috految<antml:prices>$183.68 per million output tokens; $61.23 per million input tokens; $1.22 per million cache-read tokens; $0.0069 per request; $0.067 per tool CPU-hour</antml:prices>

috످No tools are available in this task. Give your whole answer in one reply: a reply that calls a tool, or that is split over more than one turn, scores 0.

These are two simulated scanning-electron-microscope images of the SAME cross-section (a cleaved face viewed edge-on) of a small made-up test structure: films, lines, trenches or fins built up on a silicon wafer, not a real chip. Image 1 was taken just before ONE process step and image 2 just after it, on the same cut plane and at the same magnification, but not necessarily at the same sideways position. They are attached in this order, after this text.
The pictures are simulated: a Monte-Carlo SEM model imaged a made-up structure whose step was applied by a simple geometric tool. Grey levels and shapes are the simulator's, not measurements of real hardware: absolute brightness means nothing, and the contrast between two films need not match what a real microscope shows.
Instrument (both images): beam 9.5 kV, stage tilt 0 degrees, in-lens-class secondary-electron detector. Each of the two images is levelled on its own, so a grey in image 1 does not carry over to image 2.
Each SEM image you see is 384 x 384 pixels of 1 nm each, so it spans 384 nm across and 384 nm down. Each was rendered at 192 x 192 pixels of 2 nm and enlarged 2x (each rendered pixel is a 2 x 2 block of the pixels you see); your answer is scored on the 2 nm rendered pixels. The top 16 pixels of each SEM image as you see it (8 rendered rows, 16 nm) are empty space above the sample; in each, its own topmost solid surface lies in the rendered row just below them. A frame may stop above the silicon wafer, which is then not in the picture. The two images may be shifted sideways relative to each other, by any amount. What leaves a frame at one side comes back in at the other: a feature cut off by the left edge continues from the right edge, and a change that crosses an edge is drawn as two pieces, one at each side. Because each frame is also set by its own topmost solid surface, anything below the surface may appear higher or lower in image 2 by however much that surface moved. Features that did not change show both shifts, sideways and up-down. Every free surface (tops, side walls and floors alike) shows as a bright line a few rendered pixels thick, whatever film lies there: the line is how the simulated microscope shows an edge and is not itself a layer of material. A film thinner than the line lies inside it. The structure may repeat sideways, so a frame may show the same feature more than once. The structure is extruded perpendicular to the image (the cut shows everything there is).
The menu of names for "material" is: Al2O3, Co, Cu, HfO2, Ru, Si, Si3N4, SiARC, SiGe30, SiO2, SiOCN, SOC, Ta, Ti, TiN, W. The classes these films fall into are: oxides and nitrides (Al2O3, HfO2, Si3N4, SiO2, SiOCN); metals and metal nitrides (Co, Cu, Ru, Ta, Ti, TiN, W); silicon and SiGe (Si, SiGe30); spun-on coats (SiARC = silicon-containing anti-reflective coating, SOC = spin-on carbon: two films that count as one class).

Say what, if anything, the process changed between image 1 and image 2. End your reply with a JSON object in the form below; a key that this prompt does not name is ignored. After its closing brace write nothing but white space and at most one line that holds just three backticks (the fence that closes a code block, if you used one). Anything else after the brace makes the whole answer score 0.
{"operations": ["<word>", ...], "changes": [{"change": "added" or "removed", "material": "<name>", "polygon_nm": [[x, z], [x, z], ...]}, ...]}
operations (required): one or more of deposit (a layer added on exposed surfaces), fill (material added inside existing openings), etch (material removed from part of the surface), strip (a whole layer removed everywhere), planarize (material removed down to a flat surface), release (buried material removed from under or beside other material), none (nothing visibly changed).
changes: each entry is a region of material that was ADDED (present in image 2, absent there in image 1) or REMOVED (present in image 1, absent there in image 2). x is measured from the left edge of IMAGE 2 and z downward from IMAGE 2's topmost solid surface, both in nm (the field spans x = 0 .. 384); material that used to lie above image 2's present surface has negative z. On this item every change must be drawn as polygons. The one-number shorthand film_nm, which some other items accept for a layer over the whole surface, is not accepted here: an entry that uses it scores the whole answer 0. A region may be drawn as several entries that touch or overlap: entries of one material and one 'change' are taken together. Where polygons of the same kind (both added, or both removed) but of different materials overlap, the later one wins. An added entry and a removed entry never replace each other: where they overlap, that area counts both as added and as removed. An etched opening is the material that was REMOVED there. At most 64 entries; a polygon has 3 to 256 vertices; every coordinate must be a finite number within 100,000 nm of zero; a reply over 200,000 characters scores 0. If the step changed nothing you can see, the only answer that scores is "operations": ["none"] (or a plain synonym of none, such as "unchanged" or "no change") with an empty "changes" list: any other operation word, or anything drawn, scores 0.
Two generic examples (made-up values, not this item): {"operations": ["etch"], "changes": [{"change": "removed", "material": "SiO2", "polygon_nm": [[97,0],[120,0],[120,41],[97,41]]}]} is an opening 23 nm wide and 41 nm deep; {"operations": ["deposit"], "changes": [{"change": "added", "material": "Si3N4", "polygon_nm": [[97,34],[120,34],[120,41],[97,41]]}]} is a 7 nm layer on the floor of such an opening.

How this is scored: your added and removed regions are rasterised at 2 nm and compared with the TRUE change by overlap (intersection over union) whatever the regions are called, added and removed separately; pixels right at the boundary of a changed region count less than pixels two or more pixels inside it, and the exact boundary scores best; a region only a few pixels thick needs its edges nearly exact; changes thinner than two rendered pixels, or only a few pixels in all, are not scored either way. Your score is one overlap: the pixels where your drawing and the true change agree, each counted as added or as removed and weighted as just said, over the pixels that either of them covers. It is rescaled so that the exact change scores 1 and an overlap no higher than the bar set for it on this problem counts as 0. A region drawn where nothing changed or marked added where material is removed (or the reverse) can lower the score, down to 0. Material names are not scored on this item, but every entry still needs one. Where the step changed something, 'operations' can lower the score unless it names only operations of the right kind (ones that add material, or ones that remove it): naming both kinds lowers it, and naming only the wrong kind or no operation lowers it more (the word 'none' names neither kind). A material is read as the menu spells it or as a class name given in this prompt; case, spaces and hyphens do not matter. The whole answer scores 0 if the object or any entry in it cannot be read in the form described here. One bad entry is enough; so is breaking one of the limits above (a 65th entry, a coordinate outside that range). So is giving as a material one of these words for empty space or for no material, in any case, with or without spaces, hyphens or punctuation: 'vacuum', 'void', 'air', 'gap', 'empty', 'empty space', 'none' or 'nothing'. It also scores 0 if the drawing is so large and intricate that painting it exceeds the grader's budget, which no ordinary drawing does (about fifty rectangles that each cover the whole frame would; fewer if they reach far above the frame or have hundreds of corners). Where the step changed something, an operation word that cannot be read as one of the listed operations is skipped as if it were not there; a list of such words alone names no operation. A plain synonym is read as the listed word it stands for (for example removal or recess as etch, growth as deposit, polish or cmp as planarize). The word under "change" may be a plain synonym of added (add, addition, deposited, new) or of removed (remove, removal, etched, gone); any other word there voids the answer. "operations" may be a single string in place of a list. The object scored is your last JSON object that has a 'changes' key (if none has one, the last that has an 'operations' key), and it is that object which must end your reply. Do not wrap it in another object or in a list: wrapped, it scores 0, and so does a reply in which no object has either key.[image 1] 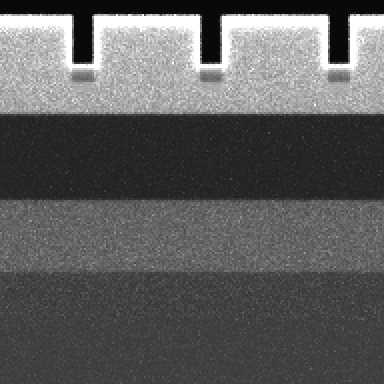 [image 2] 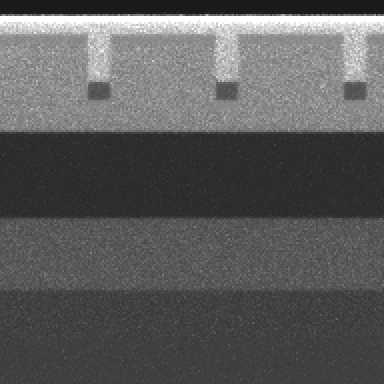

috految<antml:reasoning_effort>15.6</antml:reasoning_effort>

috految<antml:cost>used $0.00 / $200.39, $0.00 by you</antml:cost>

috److I compared the buried interfaces and trench positions in the two images.

**Vertical shift.** The buried interface at y = 114 in image 1 appears at y = 132 in image 2, so the top surface rose by 18 nm.

**Trenches in image 1.** The first trench spans x = 72 to 94, with its floor at y = 64 and a plug below it reaching y = 82.

**Trenches in image 2.** The trenches are now filled and span x = 88 to 110, 216 to 238 and 344 to 366. The plugs lie between y = 82 and y = 100, so the old trench floor is at z = 66 nm.

**Change.** Material filled the trenches down to z = 66 nm and added a flat 18 nm layer over the whole surface. The material name is a guess, since the grey levels do not identify it.

{"operations":["fill","deposit"],"changes":[{"change":"added","material":"W","polygon_nm":[[0,0],[384,0],[384,18],[366,18],[366,66],[344,66],[344,18],[238,18],[238,66],[216,66],[216,18],[110,18],[110,66],[88,66],[88,18],[0,18]]}]}

috످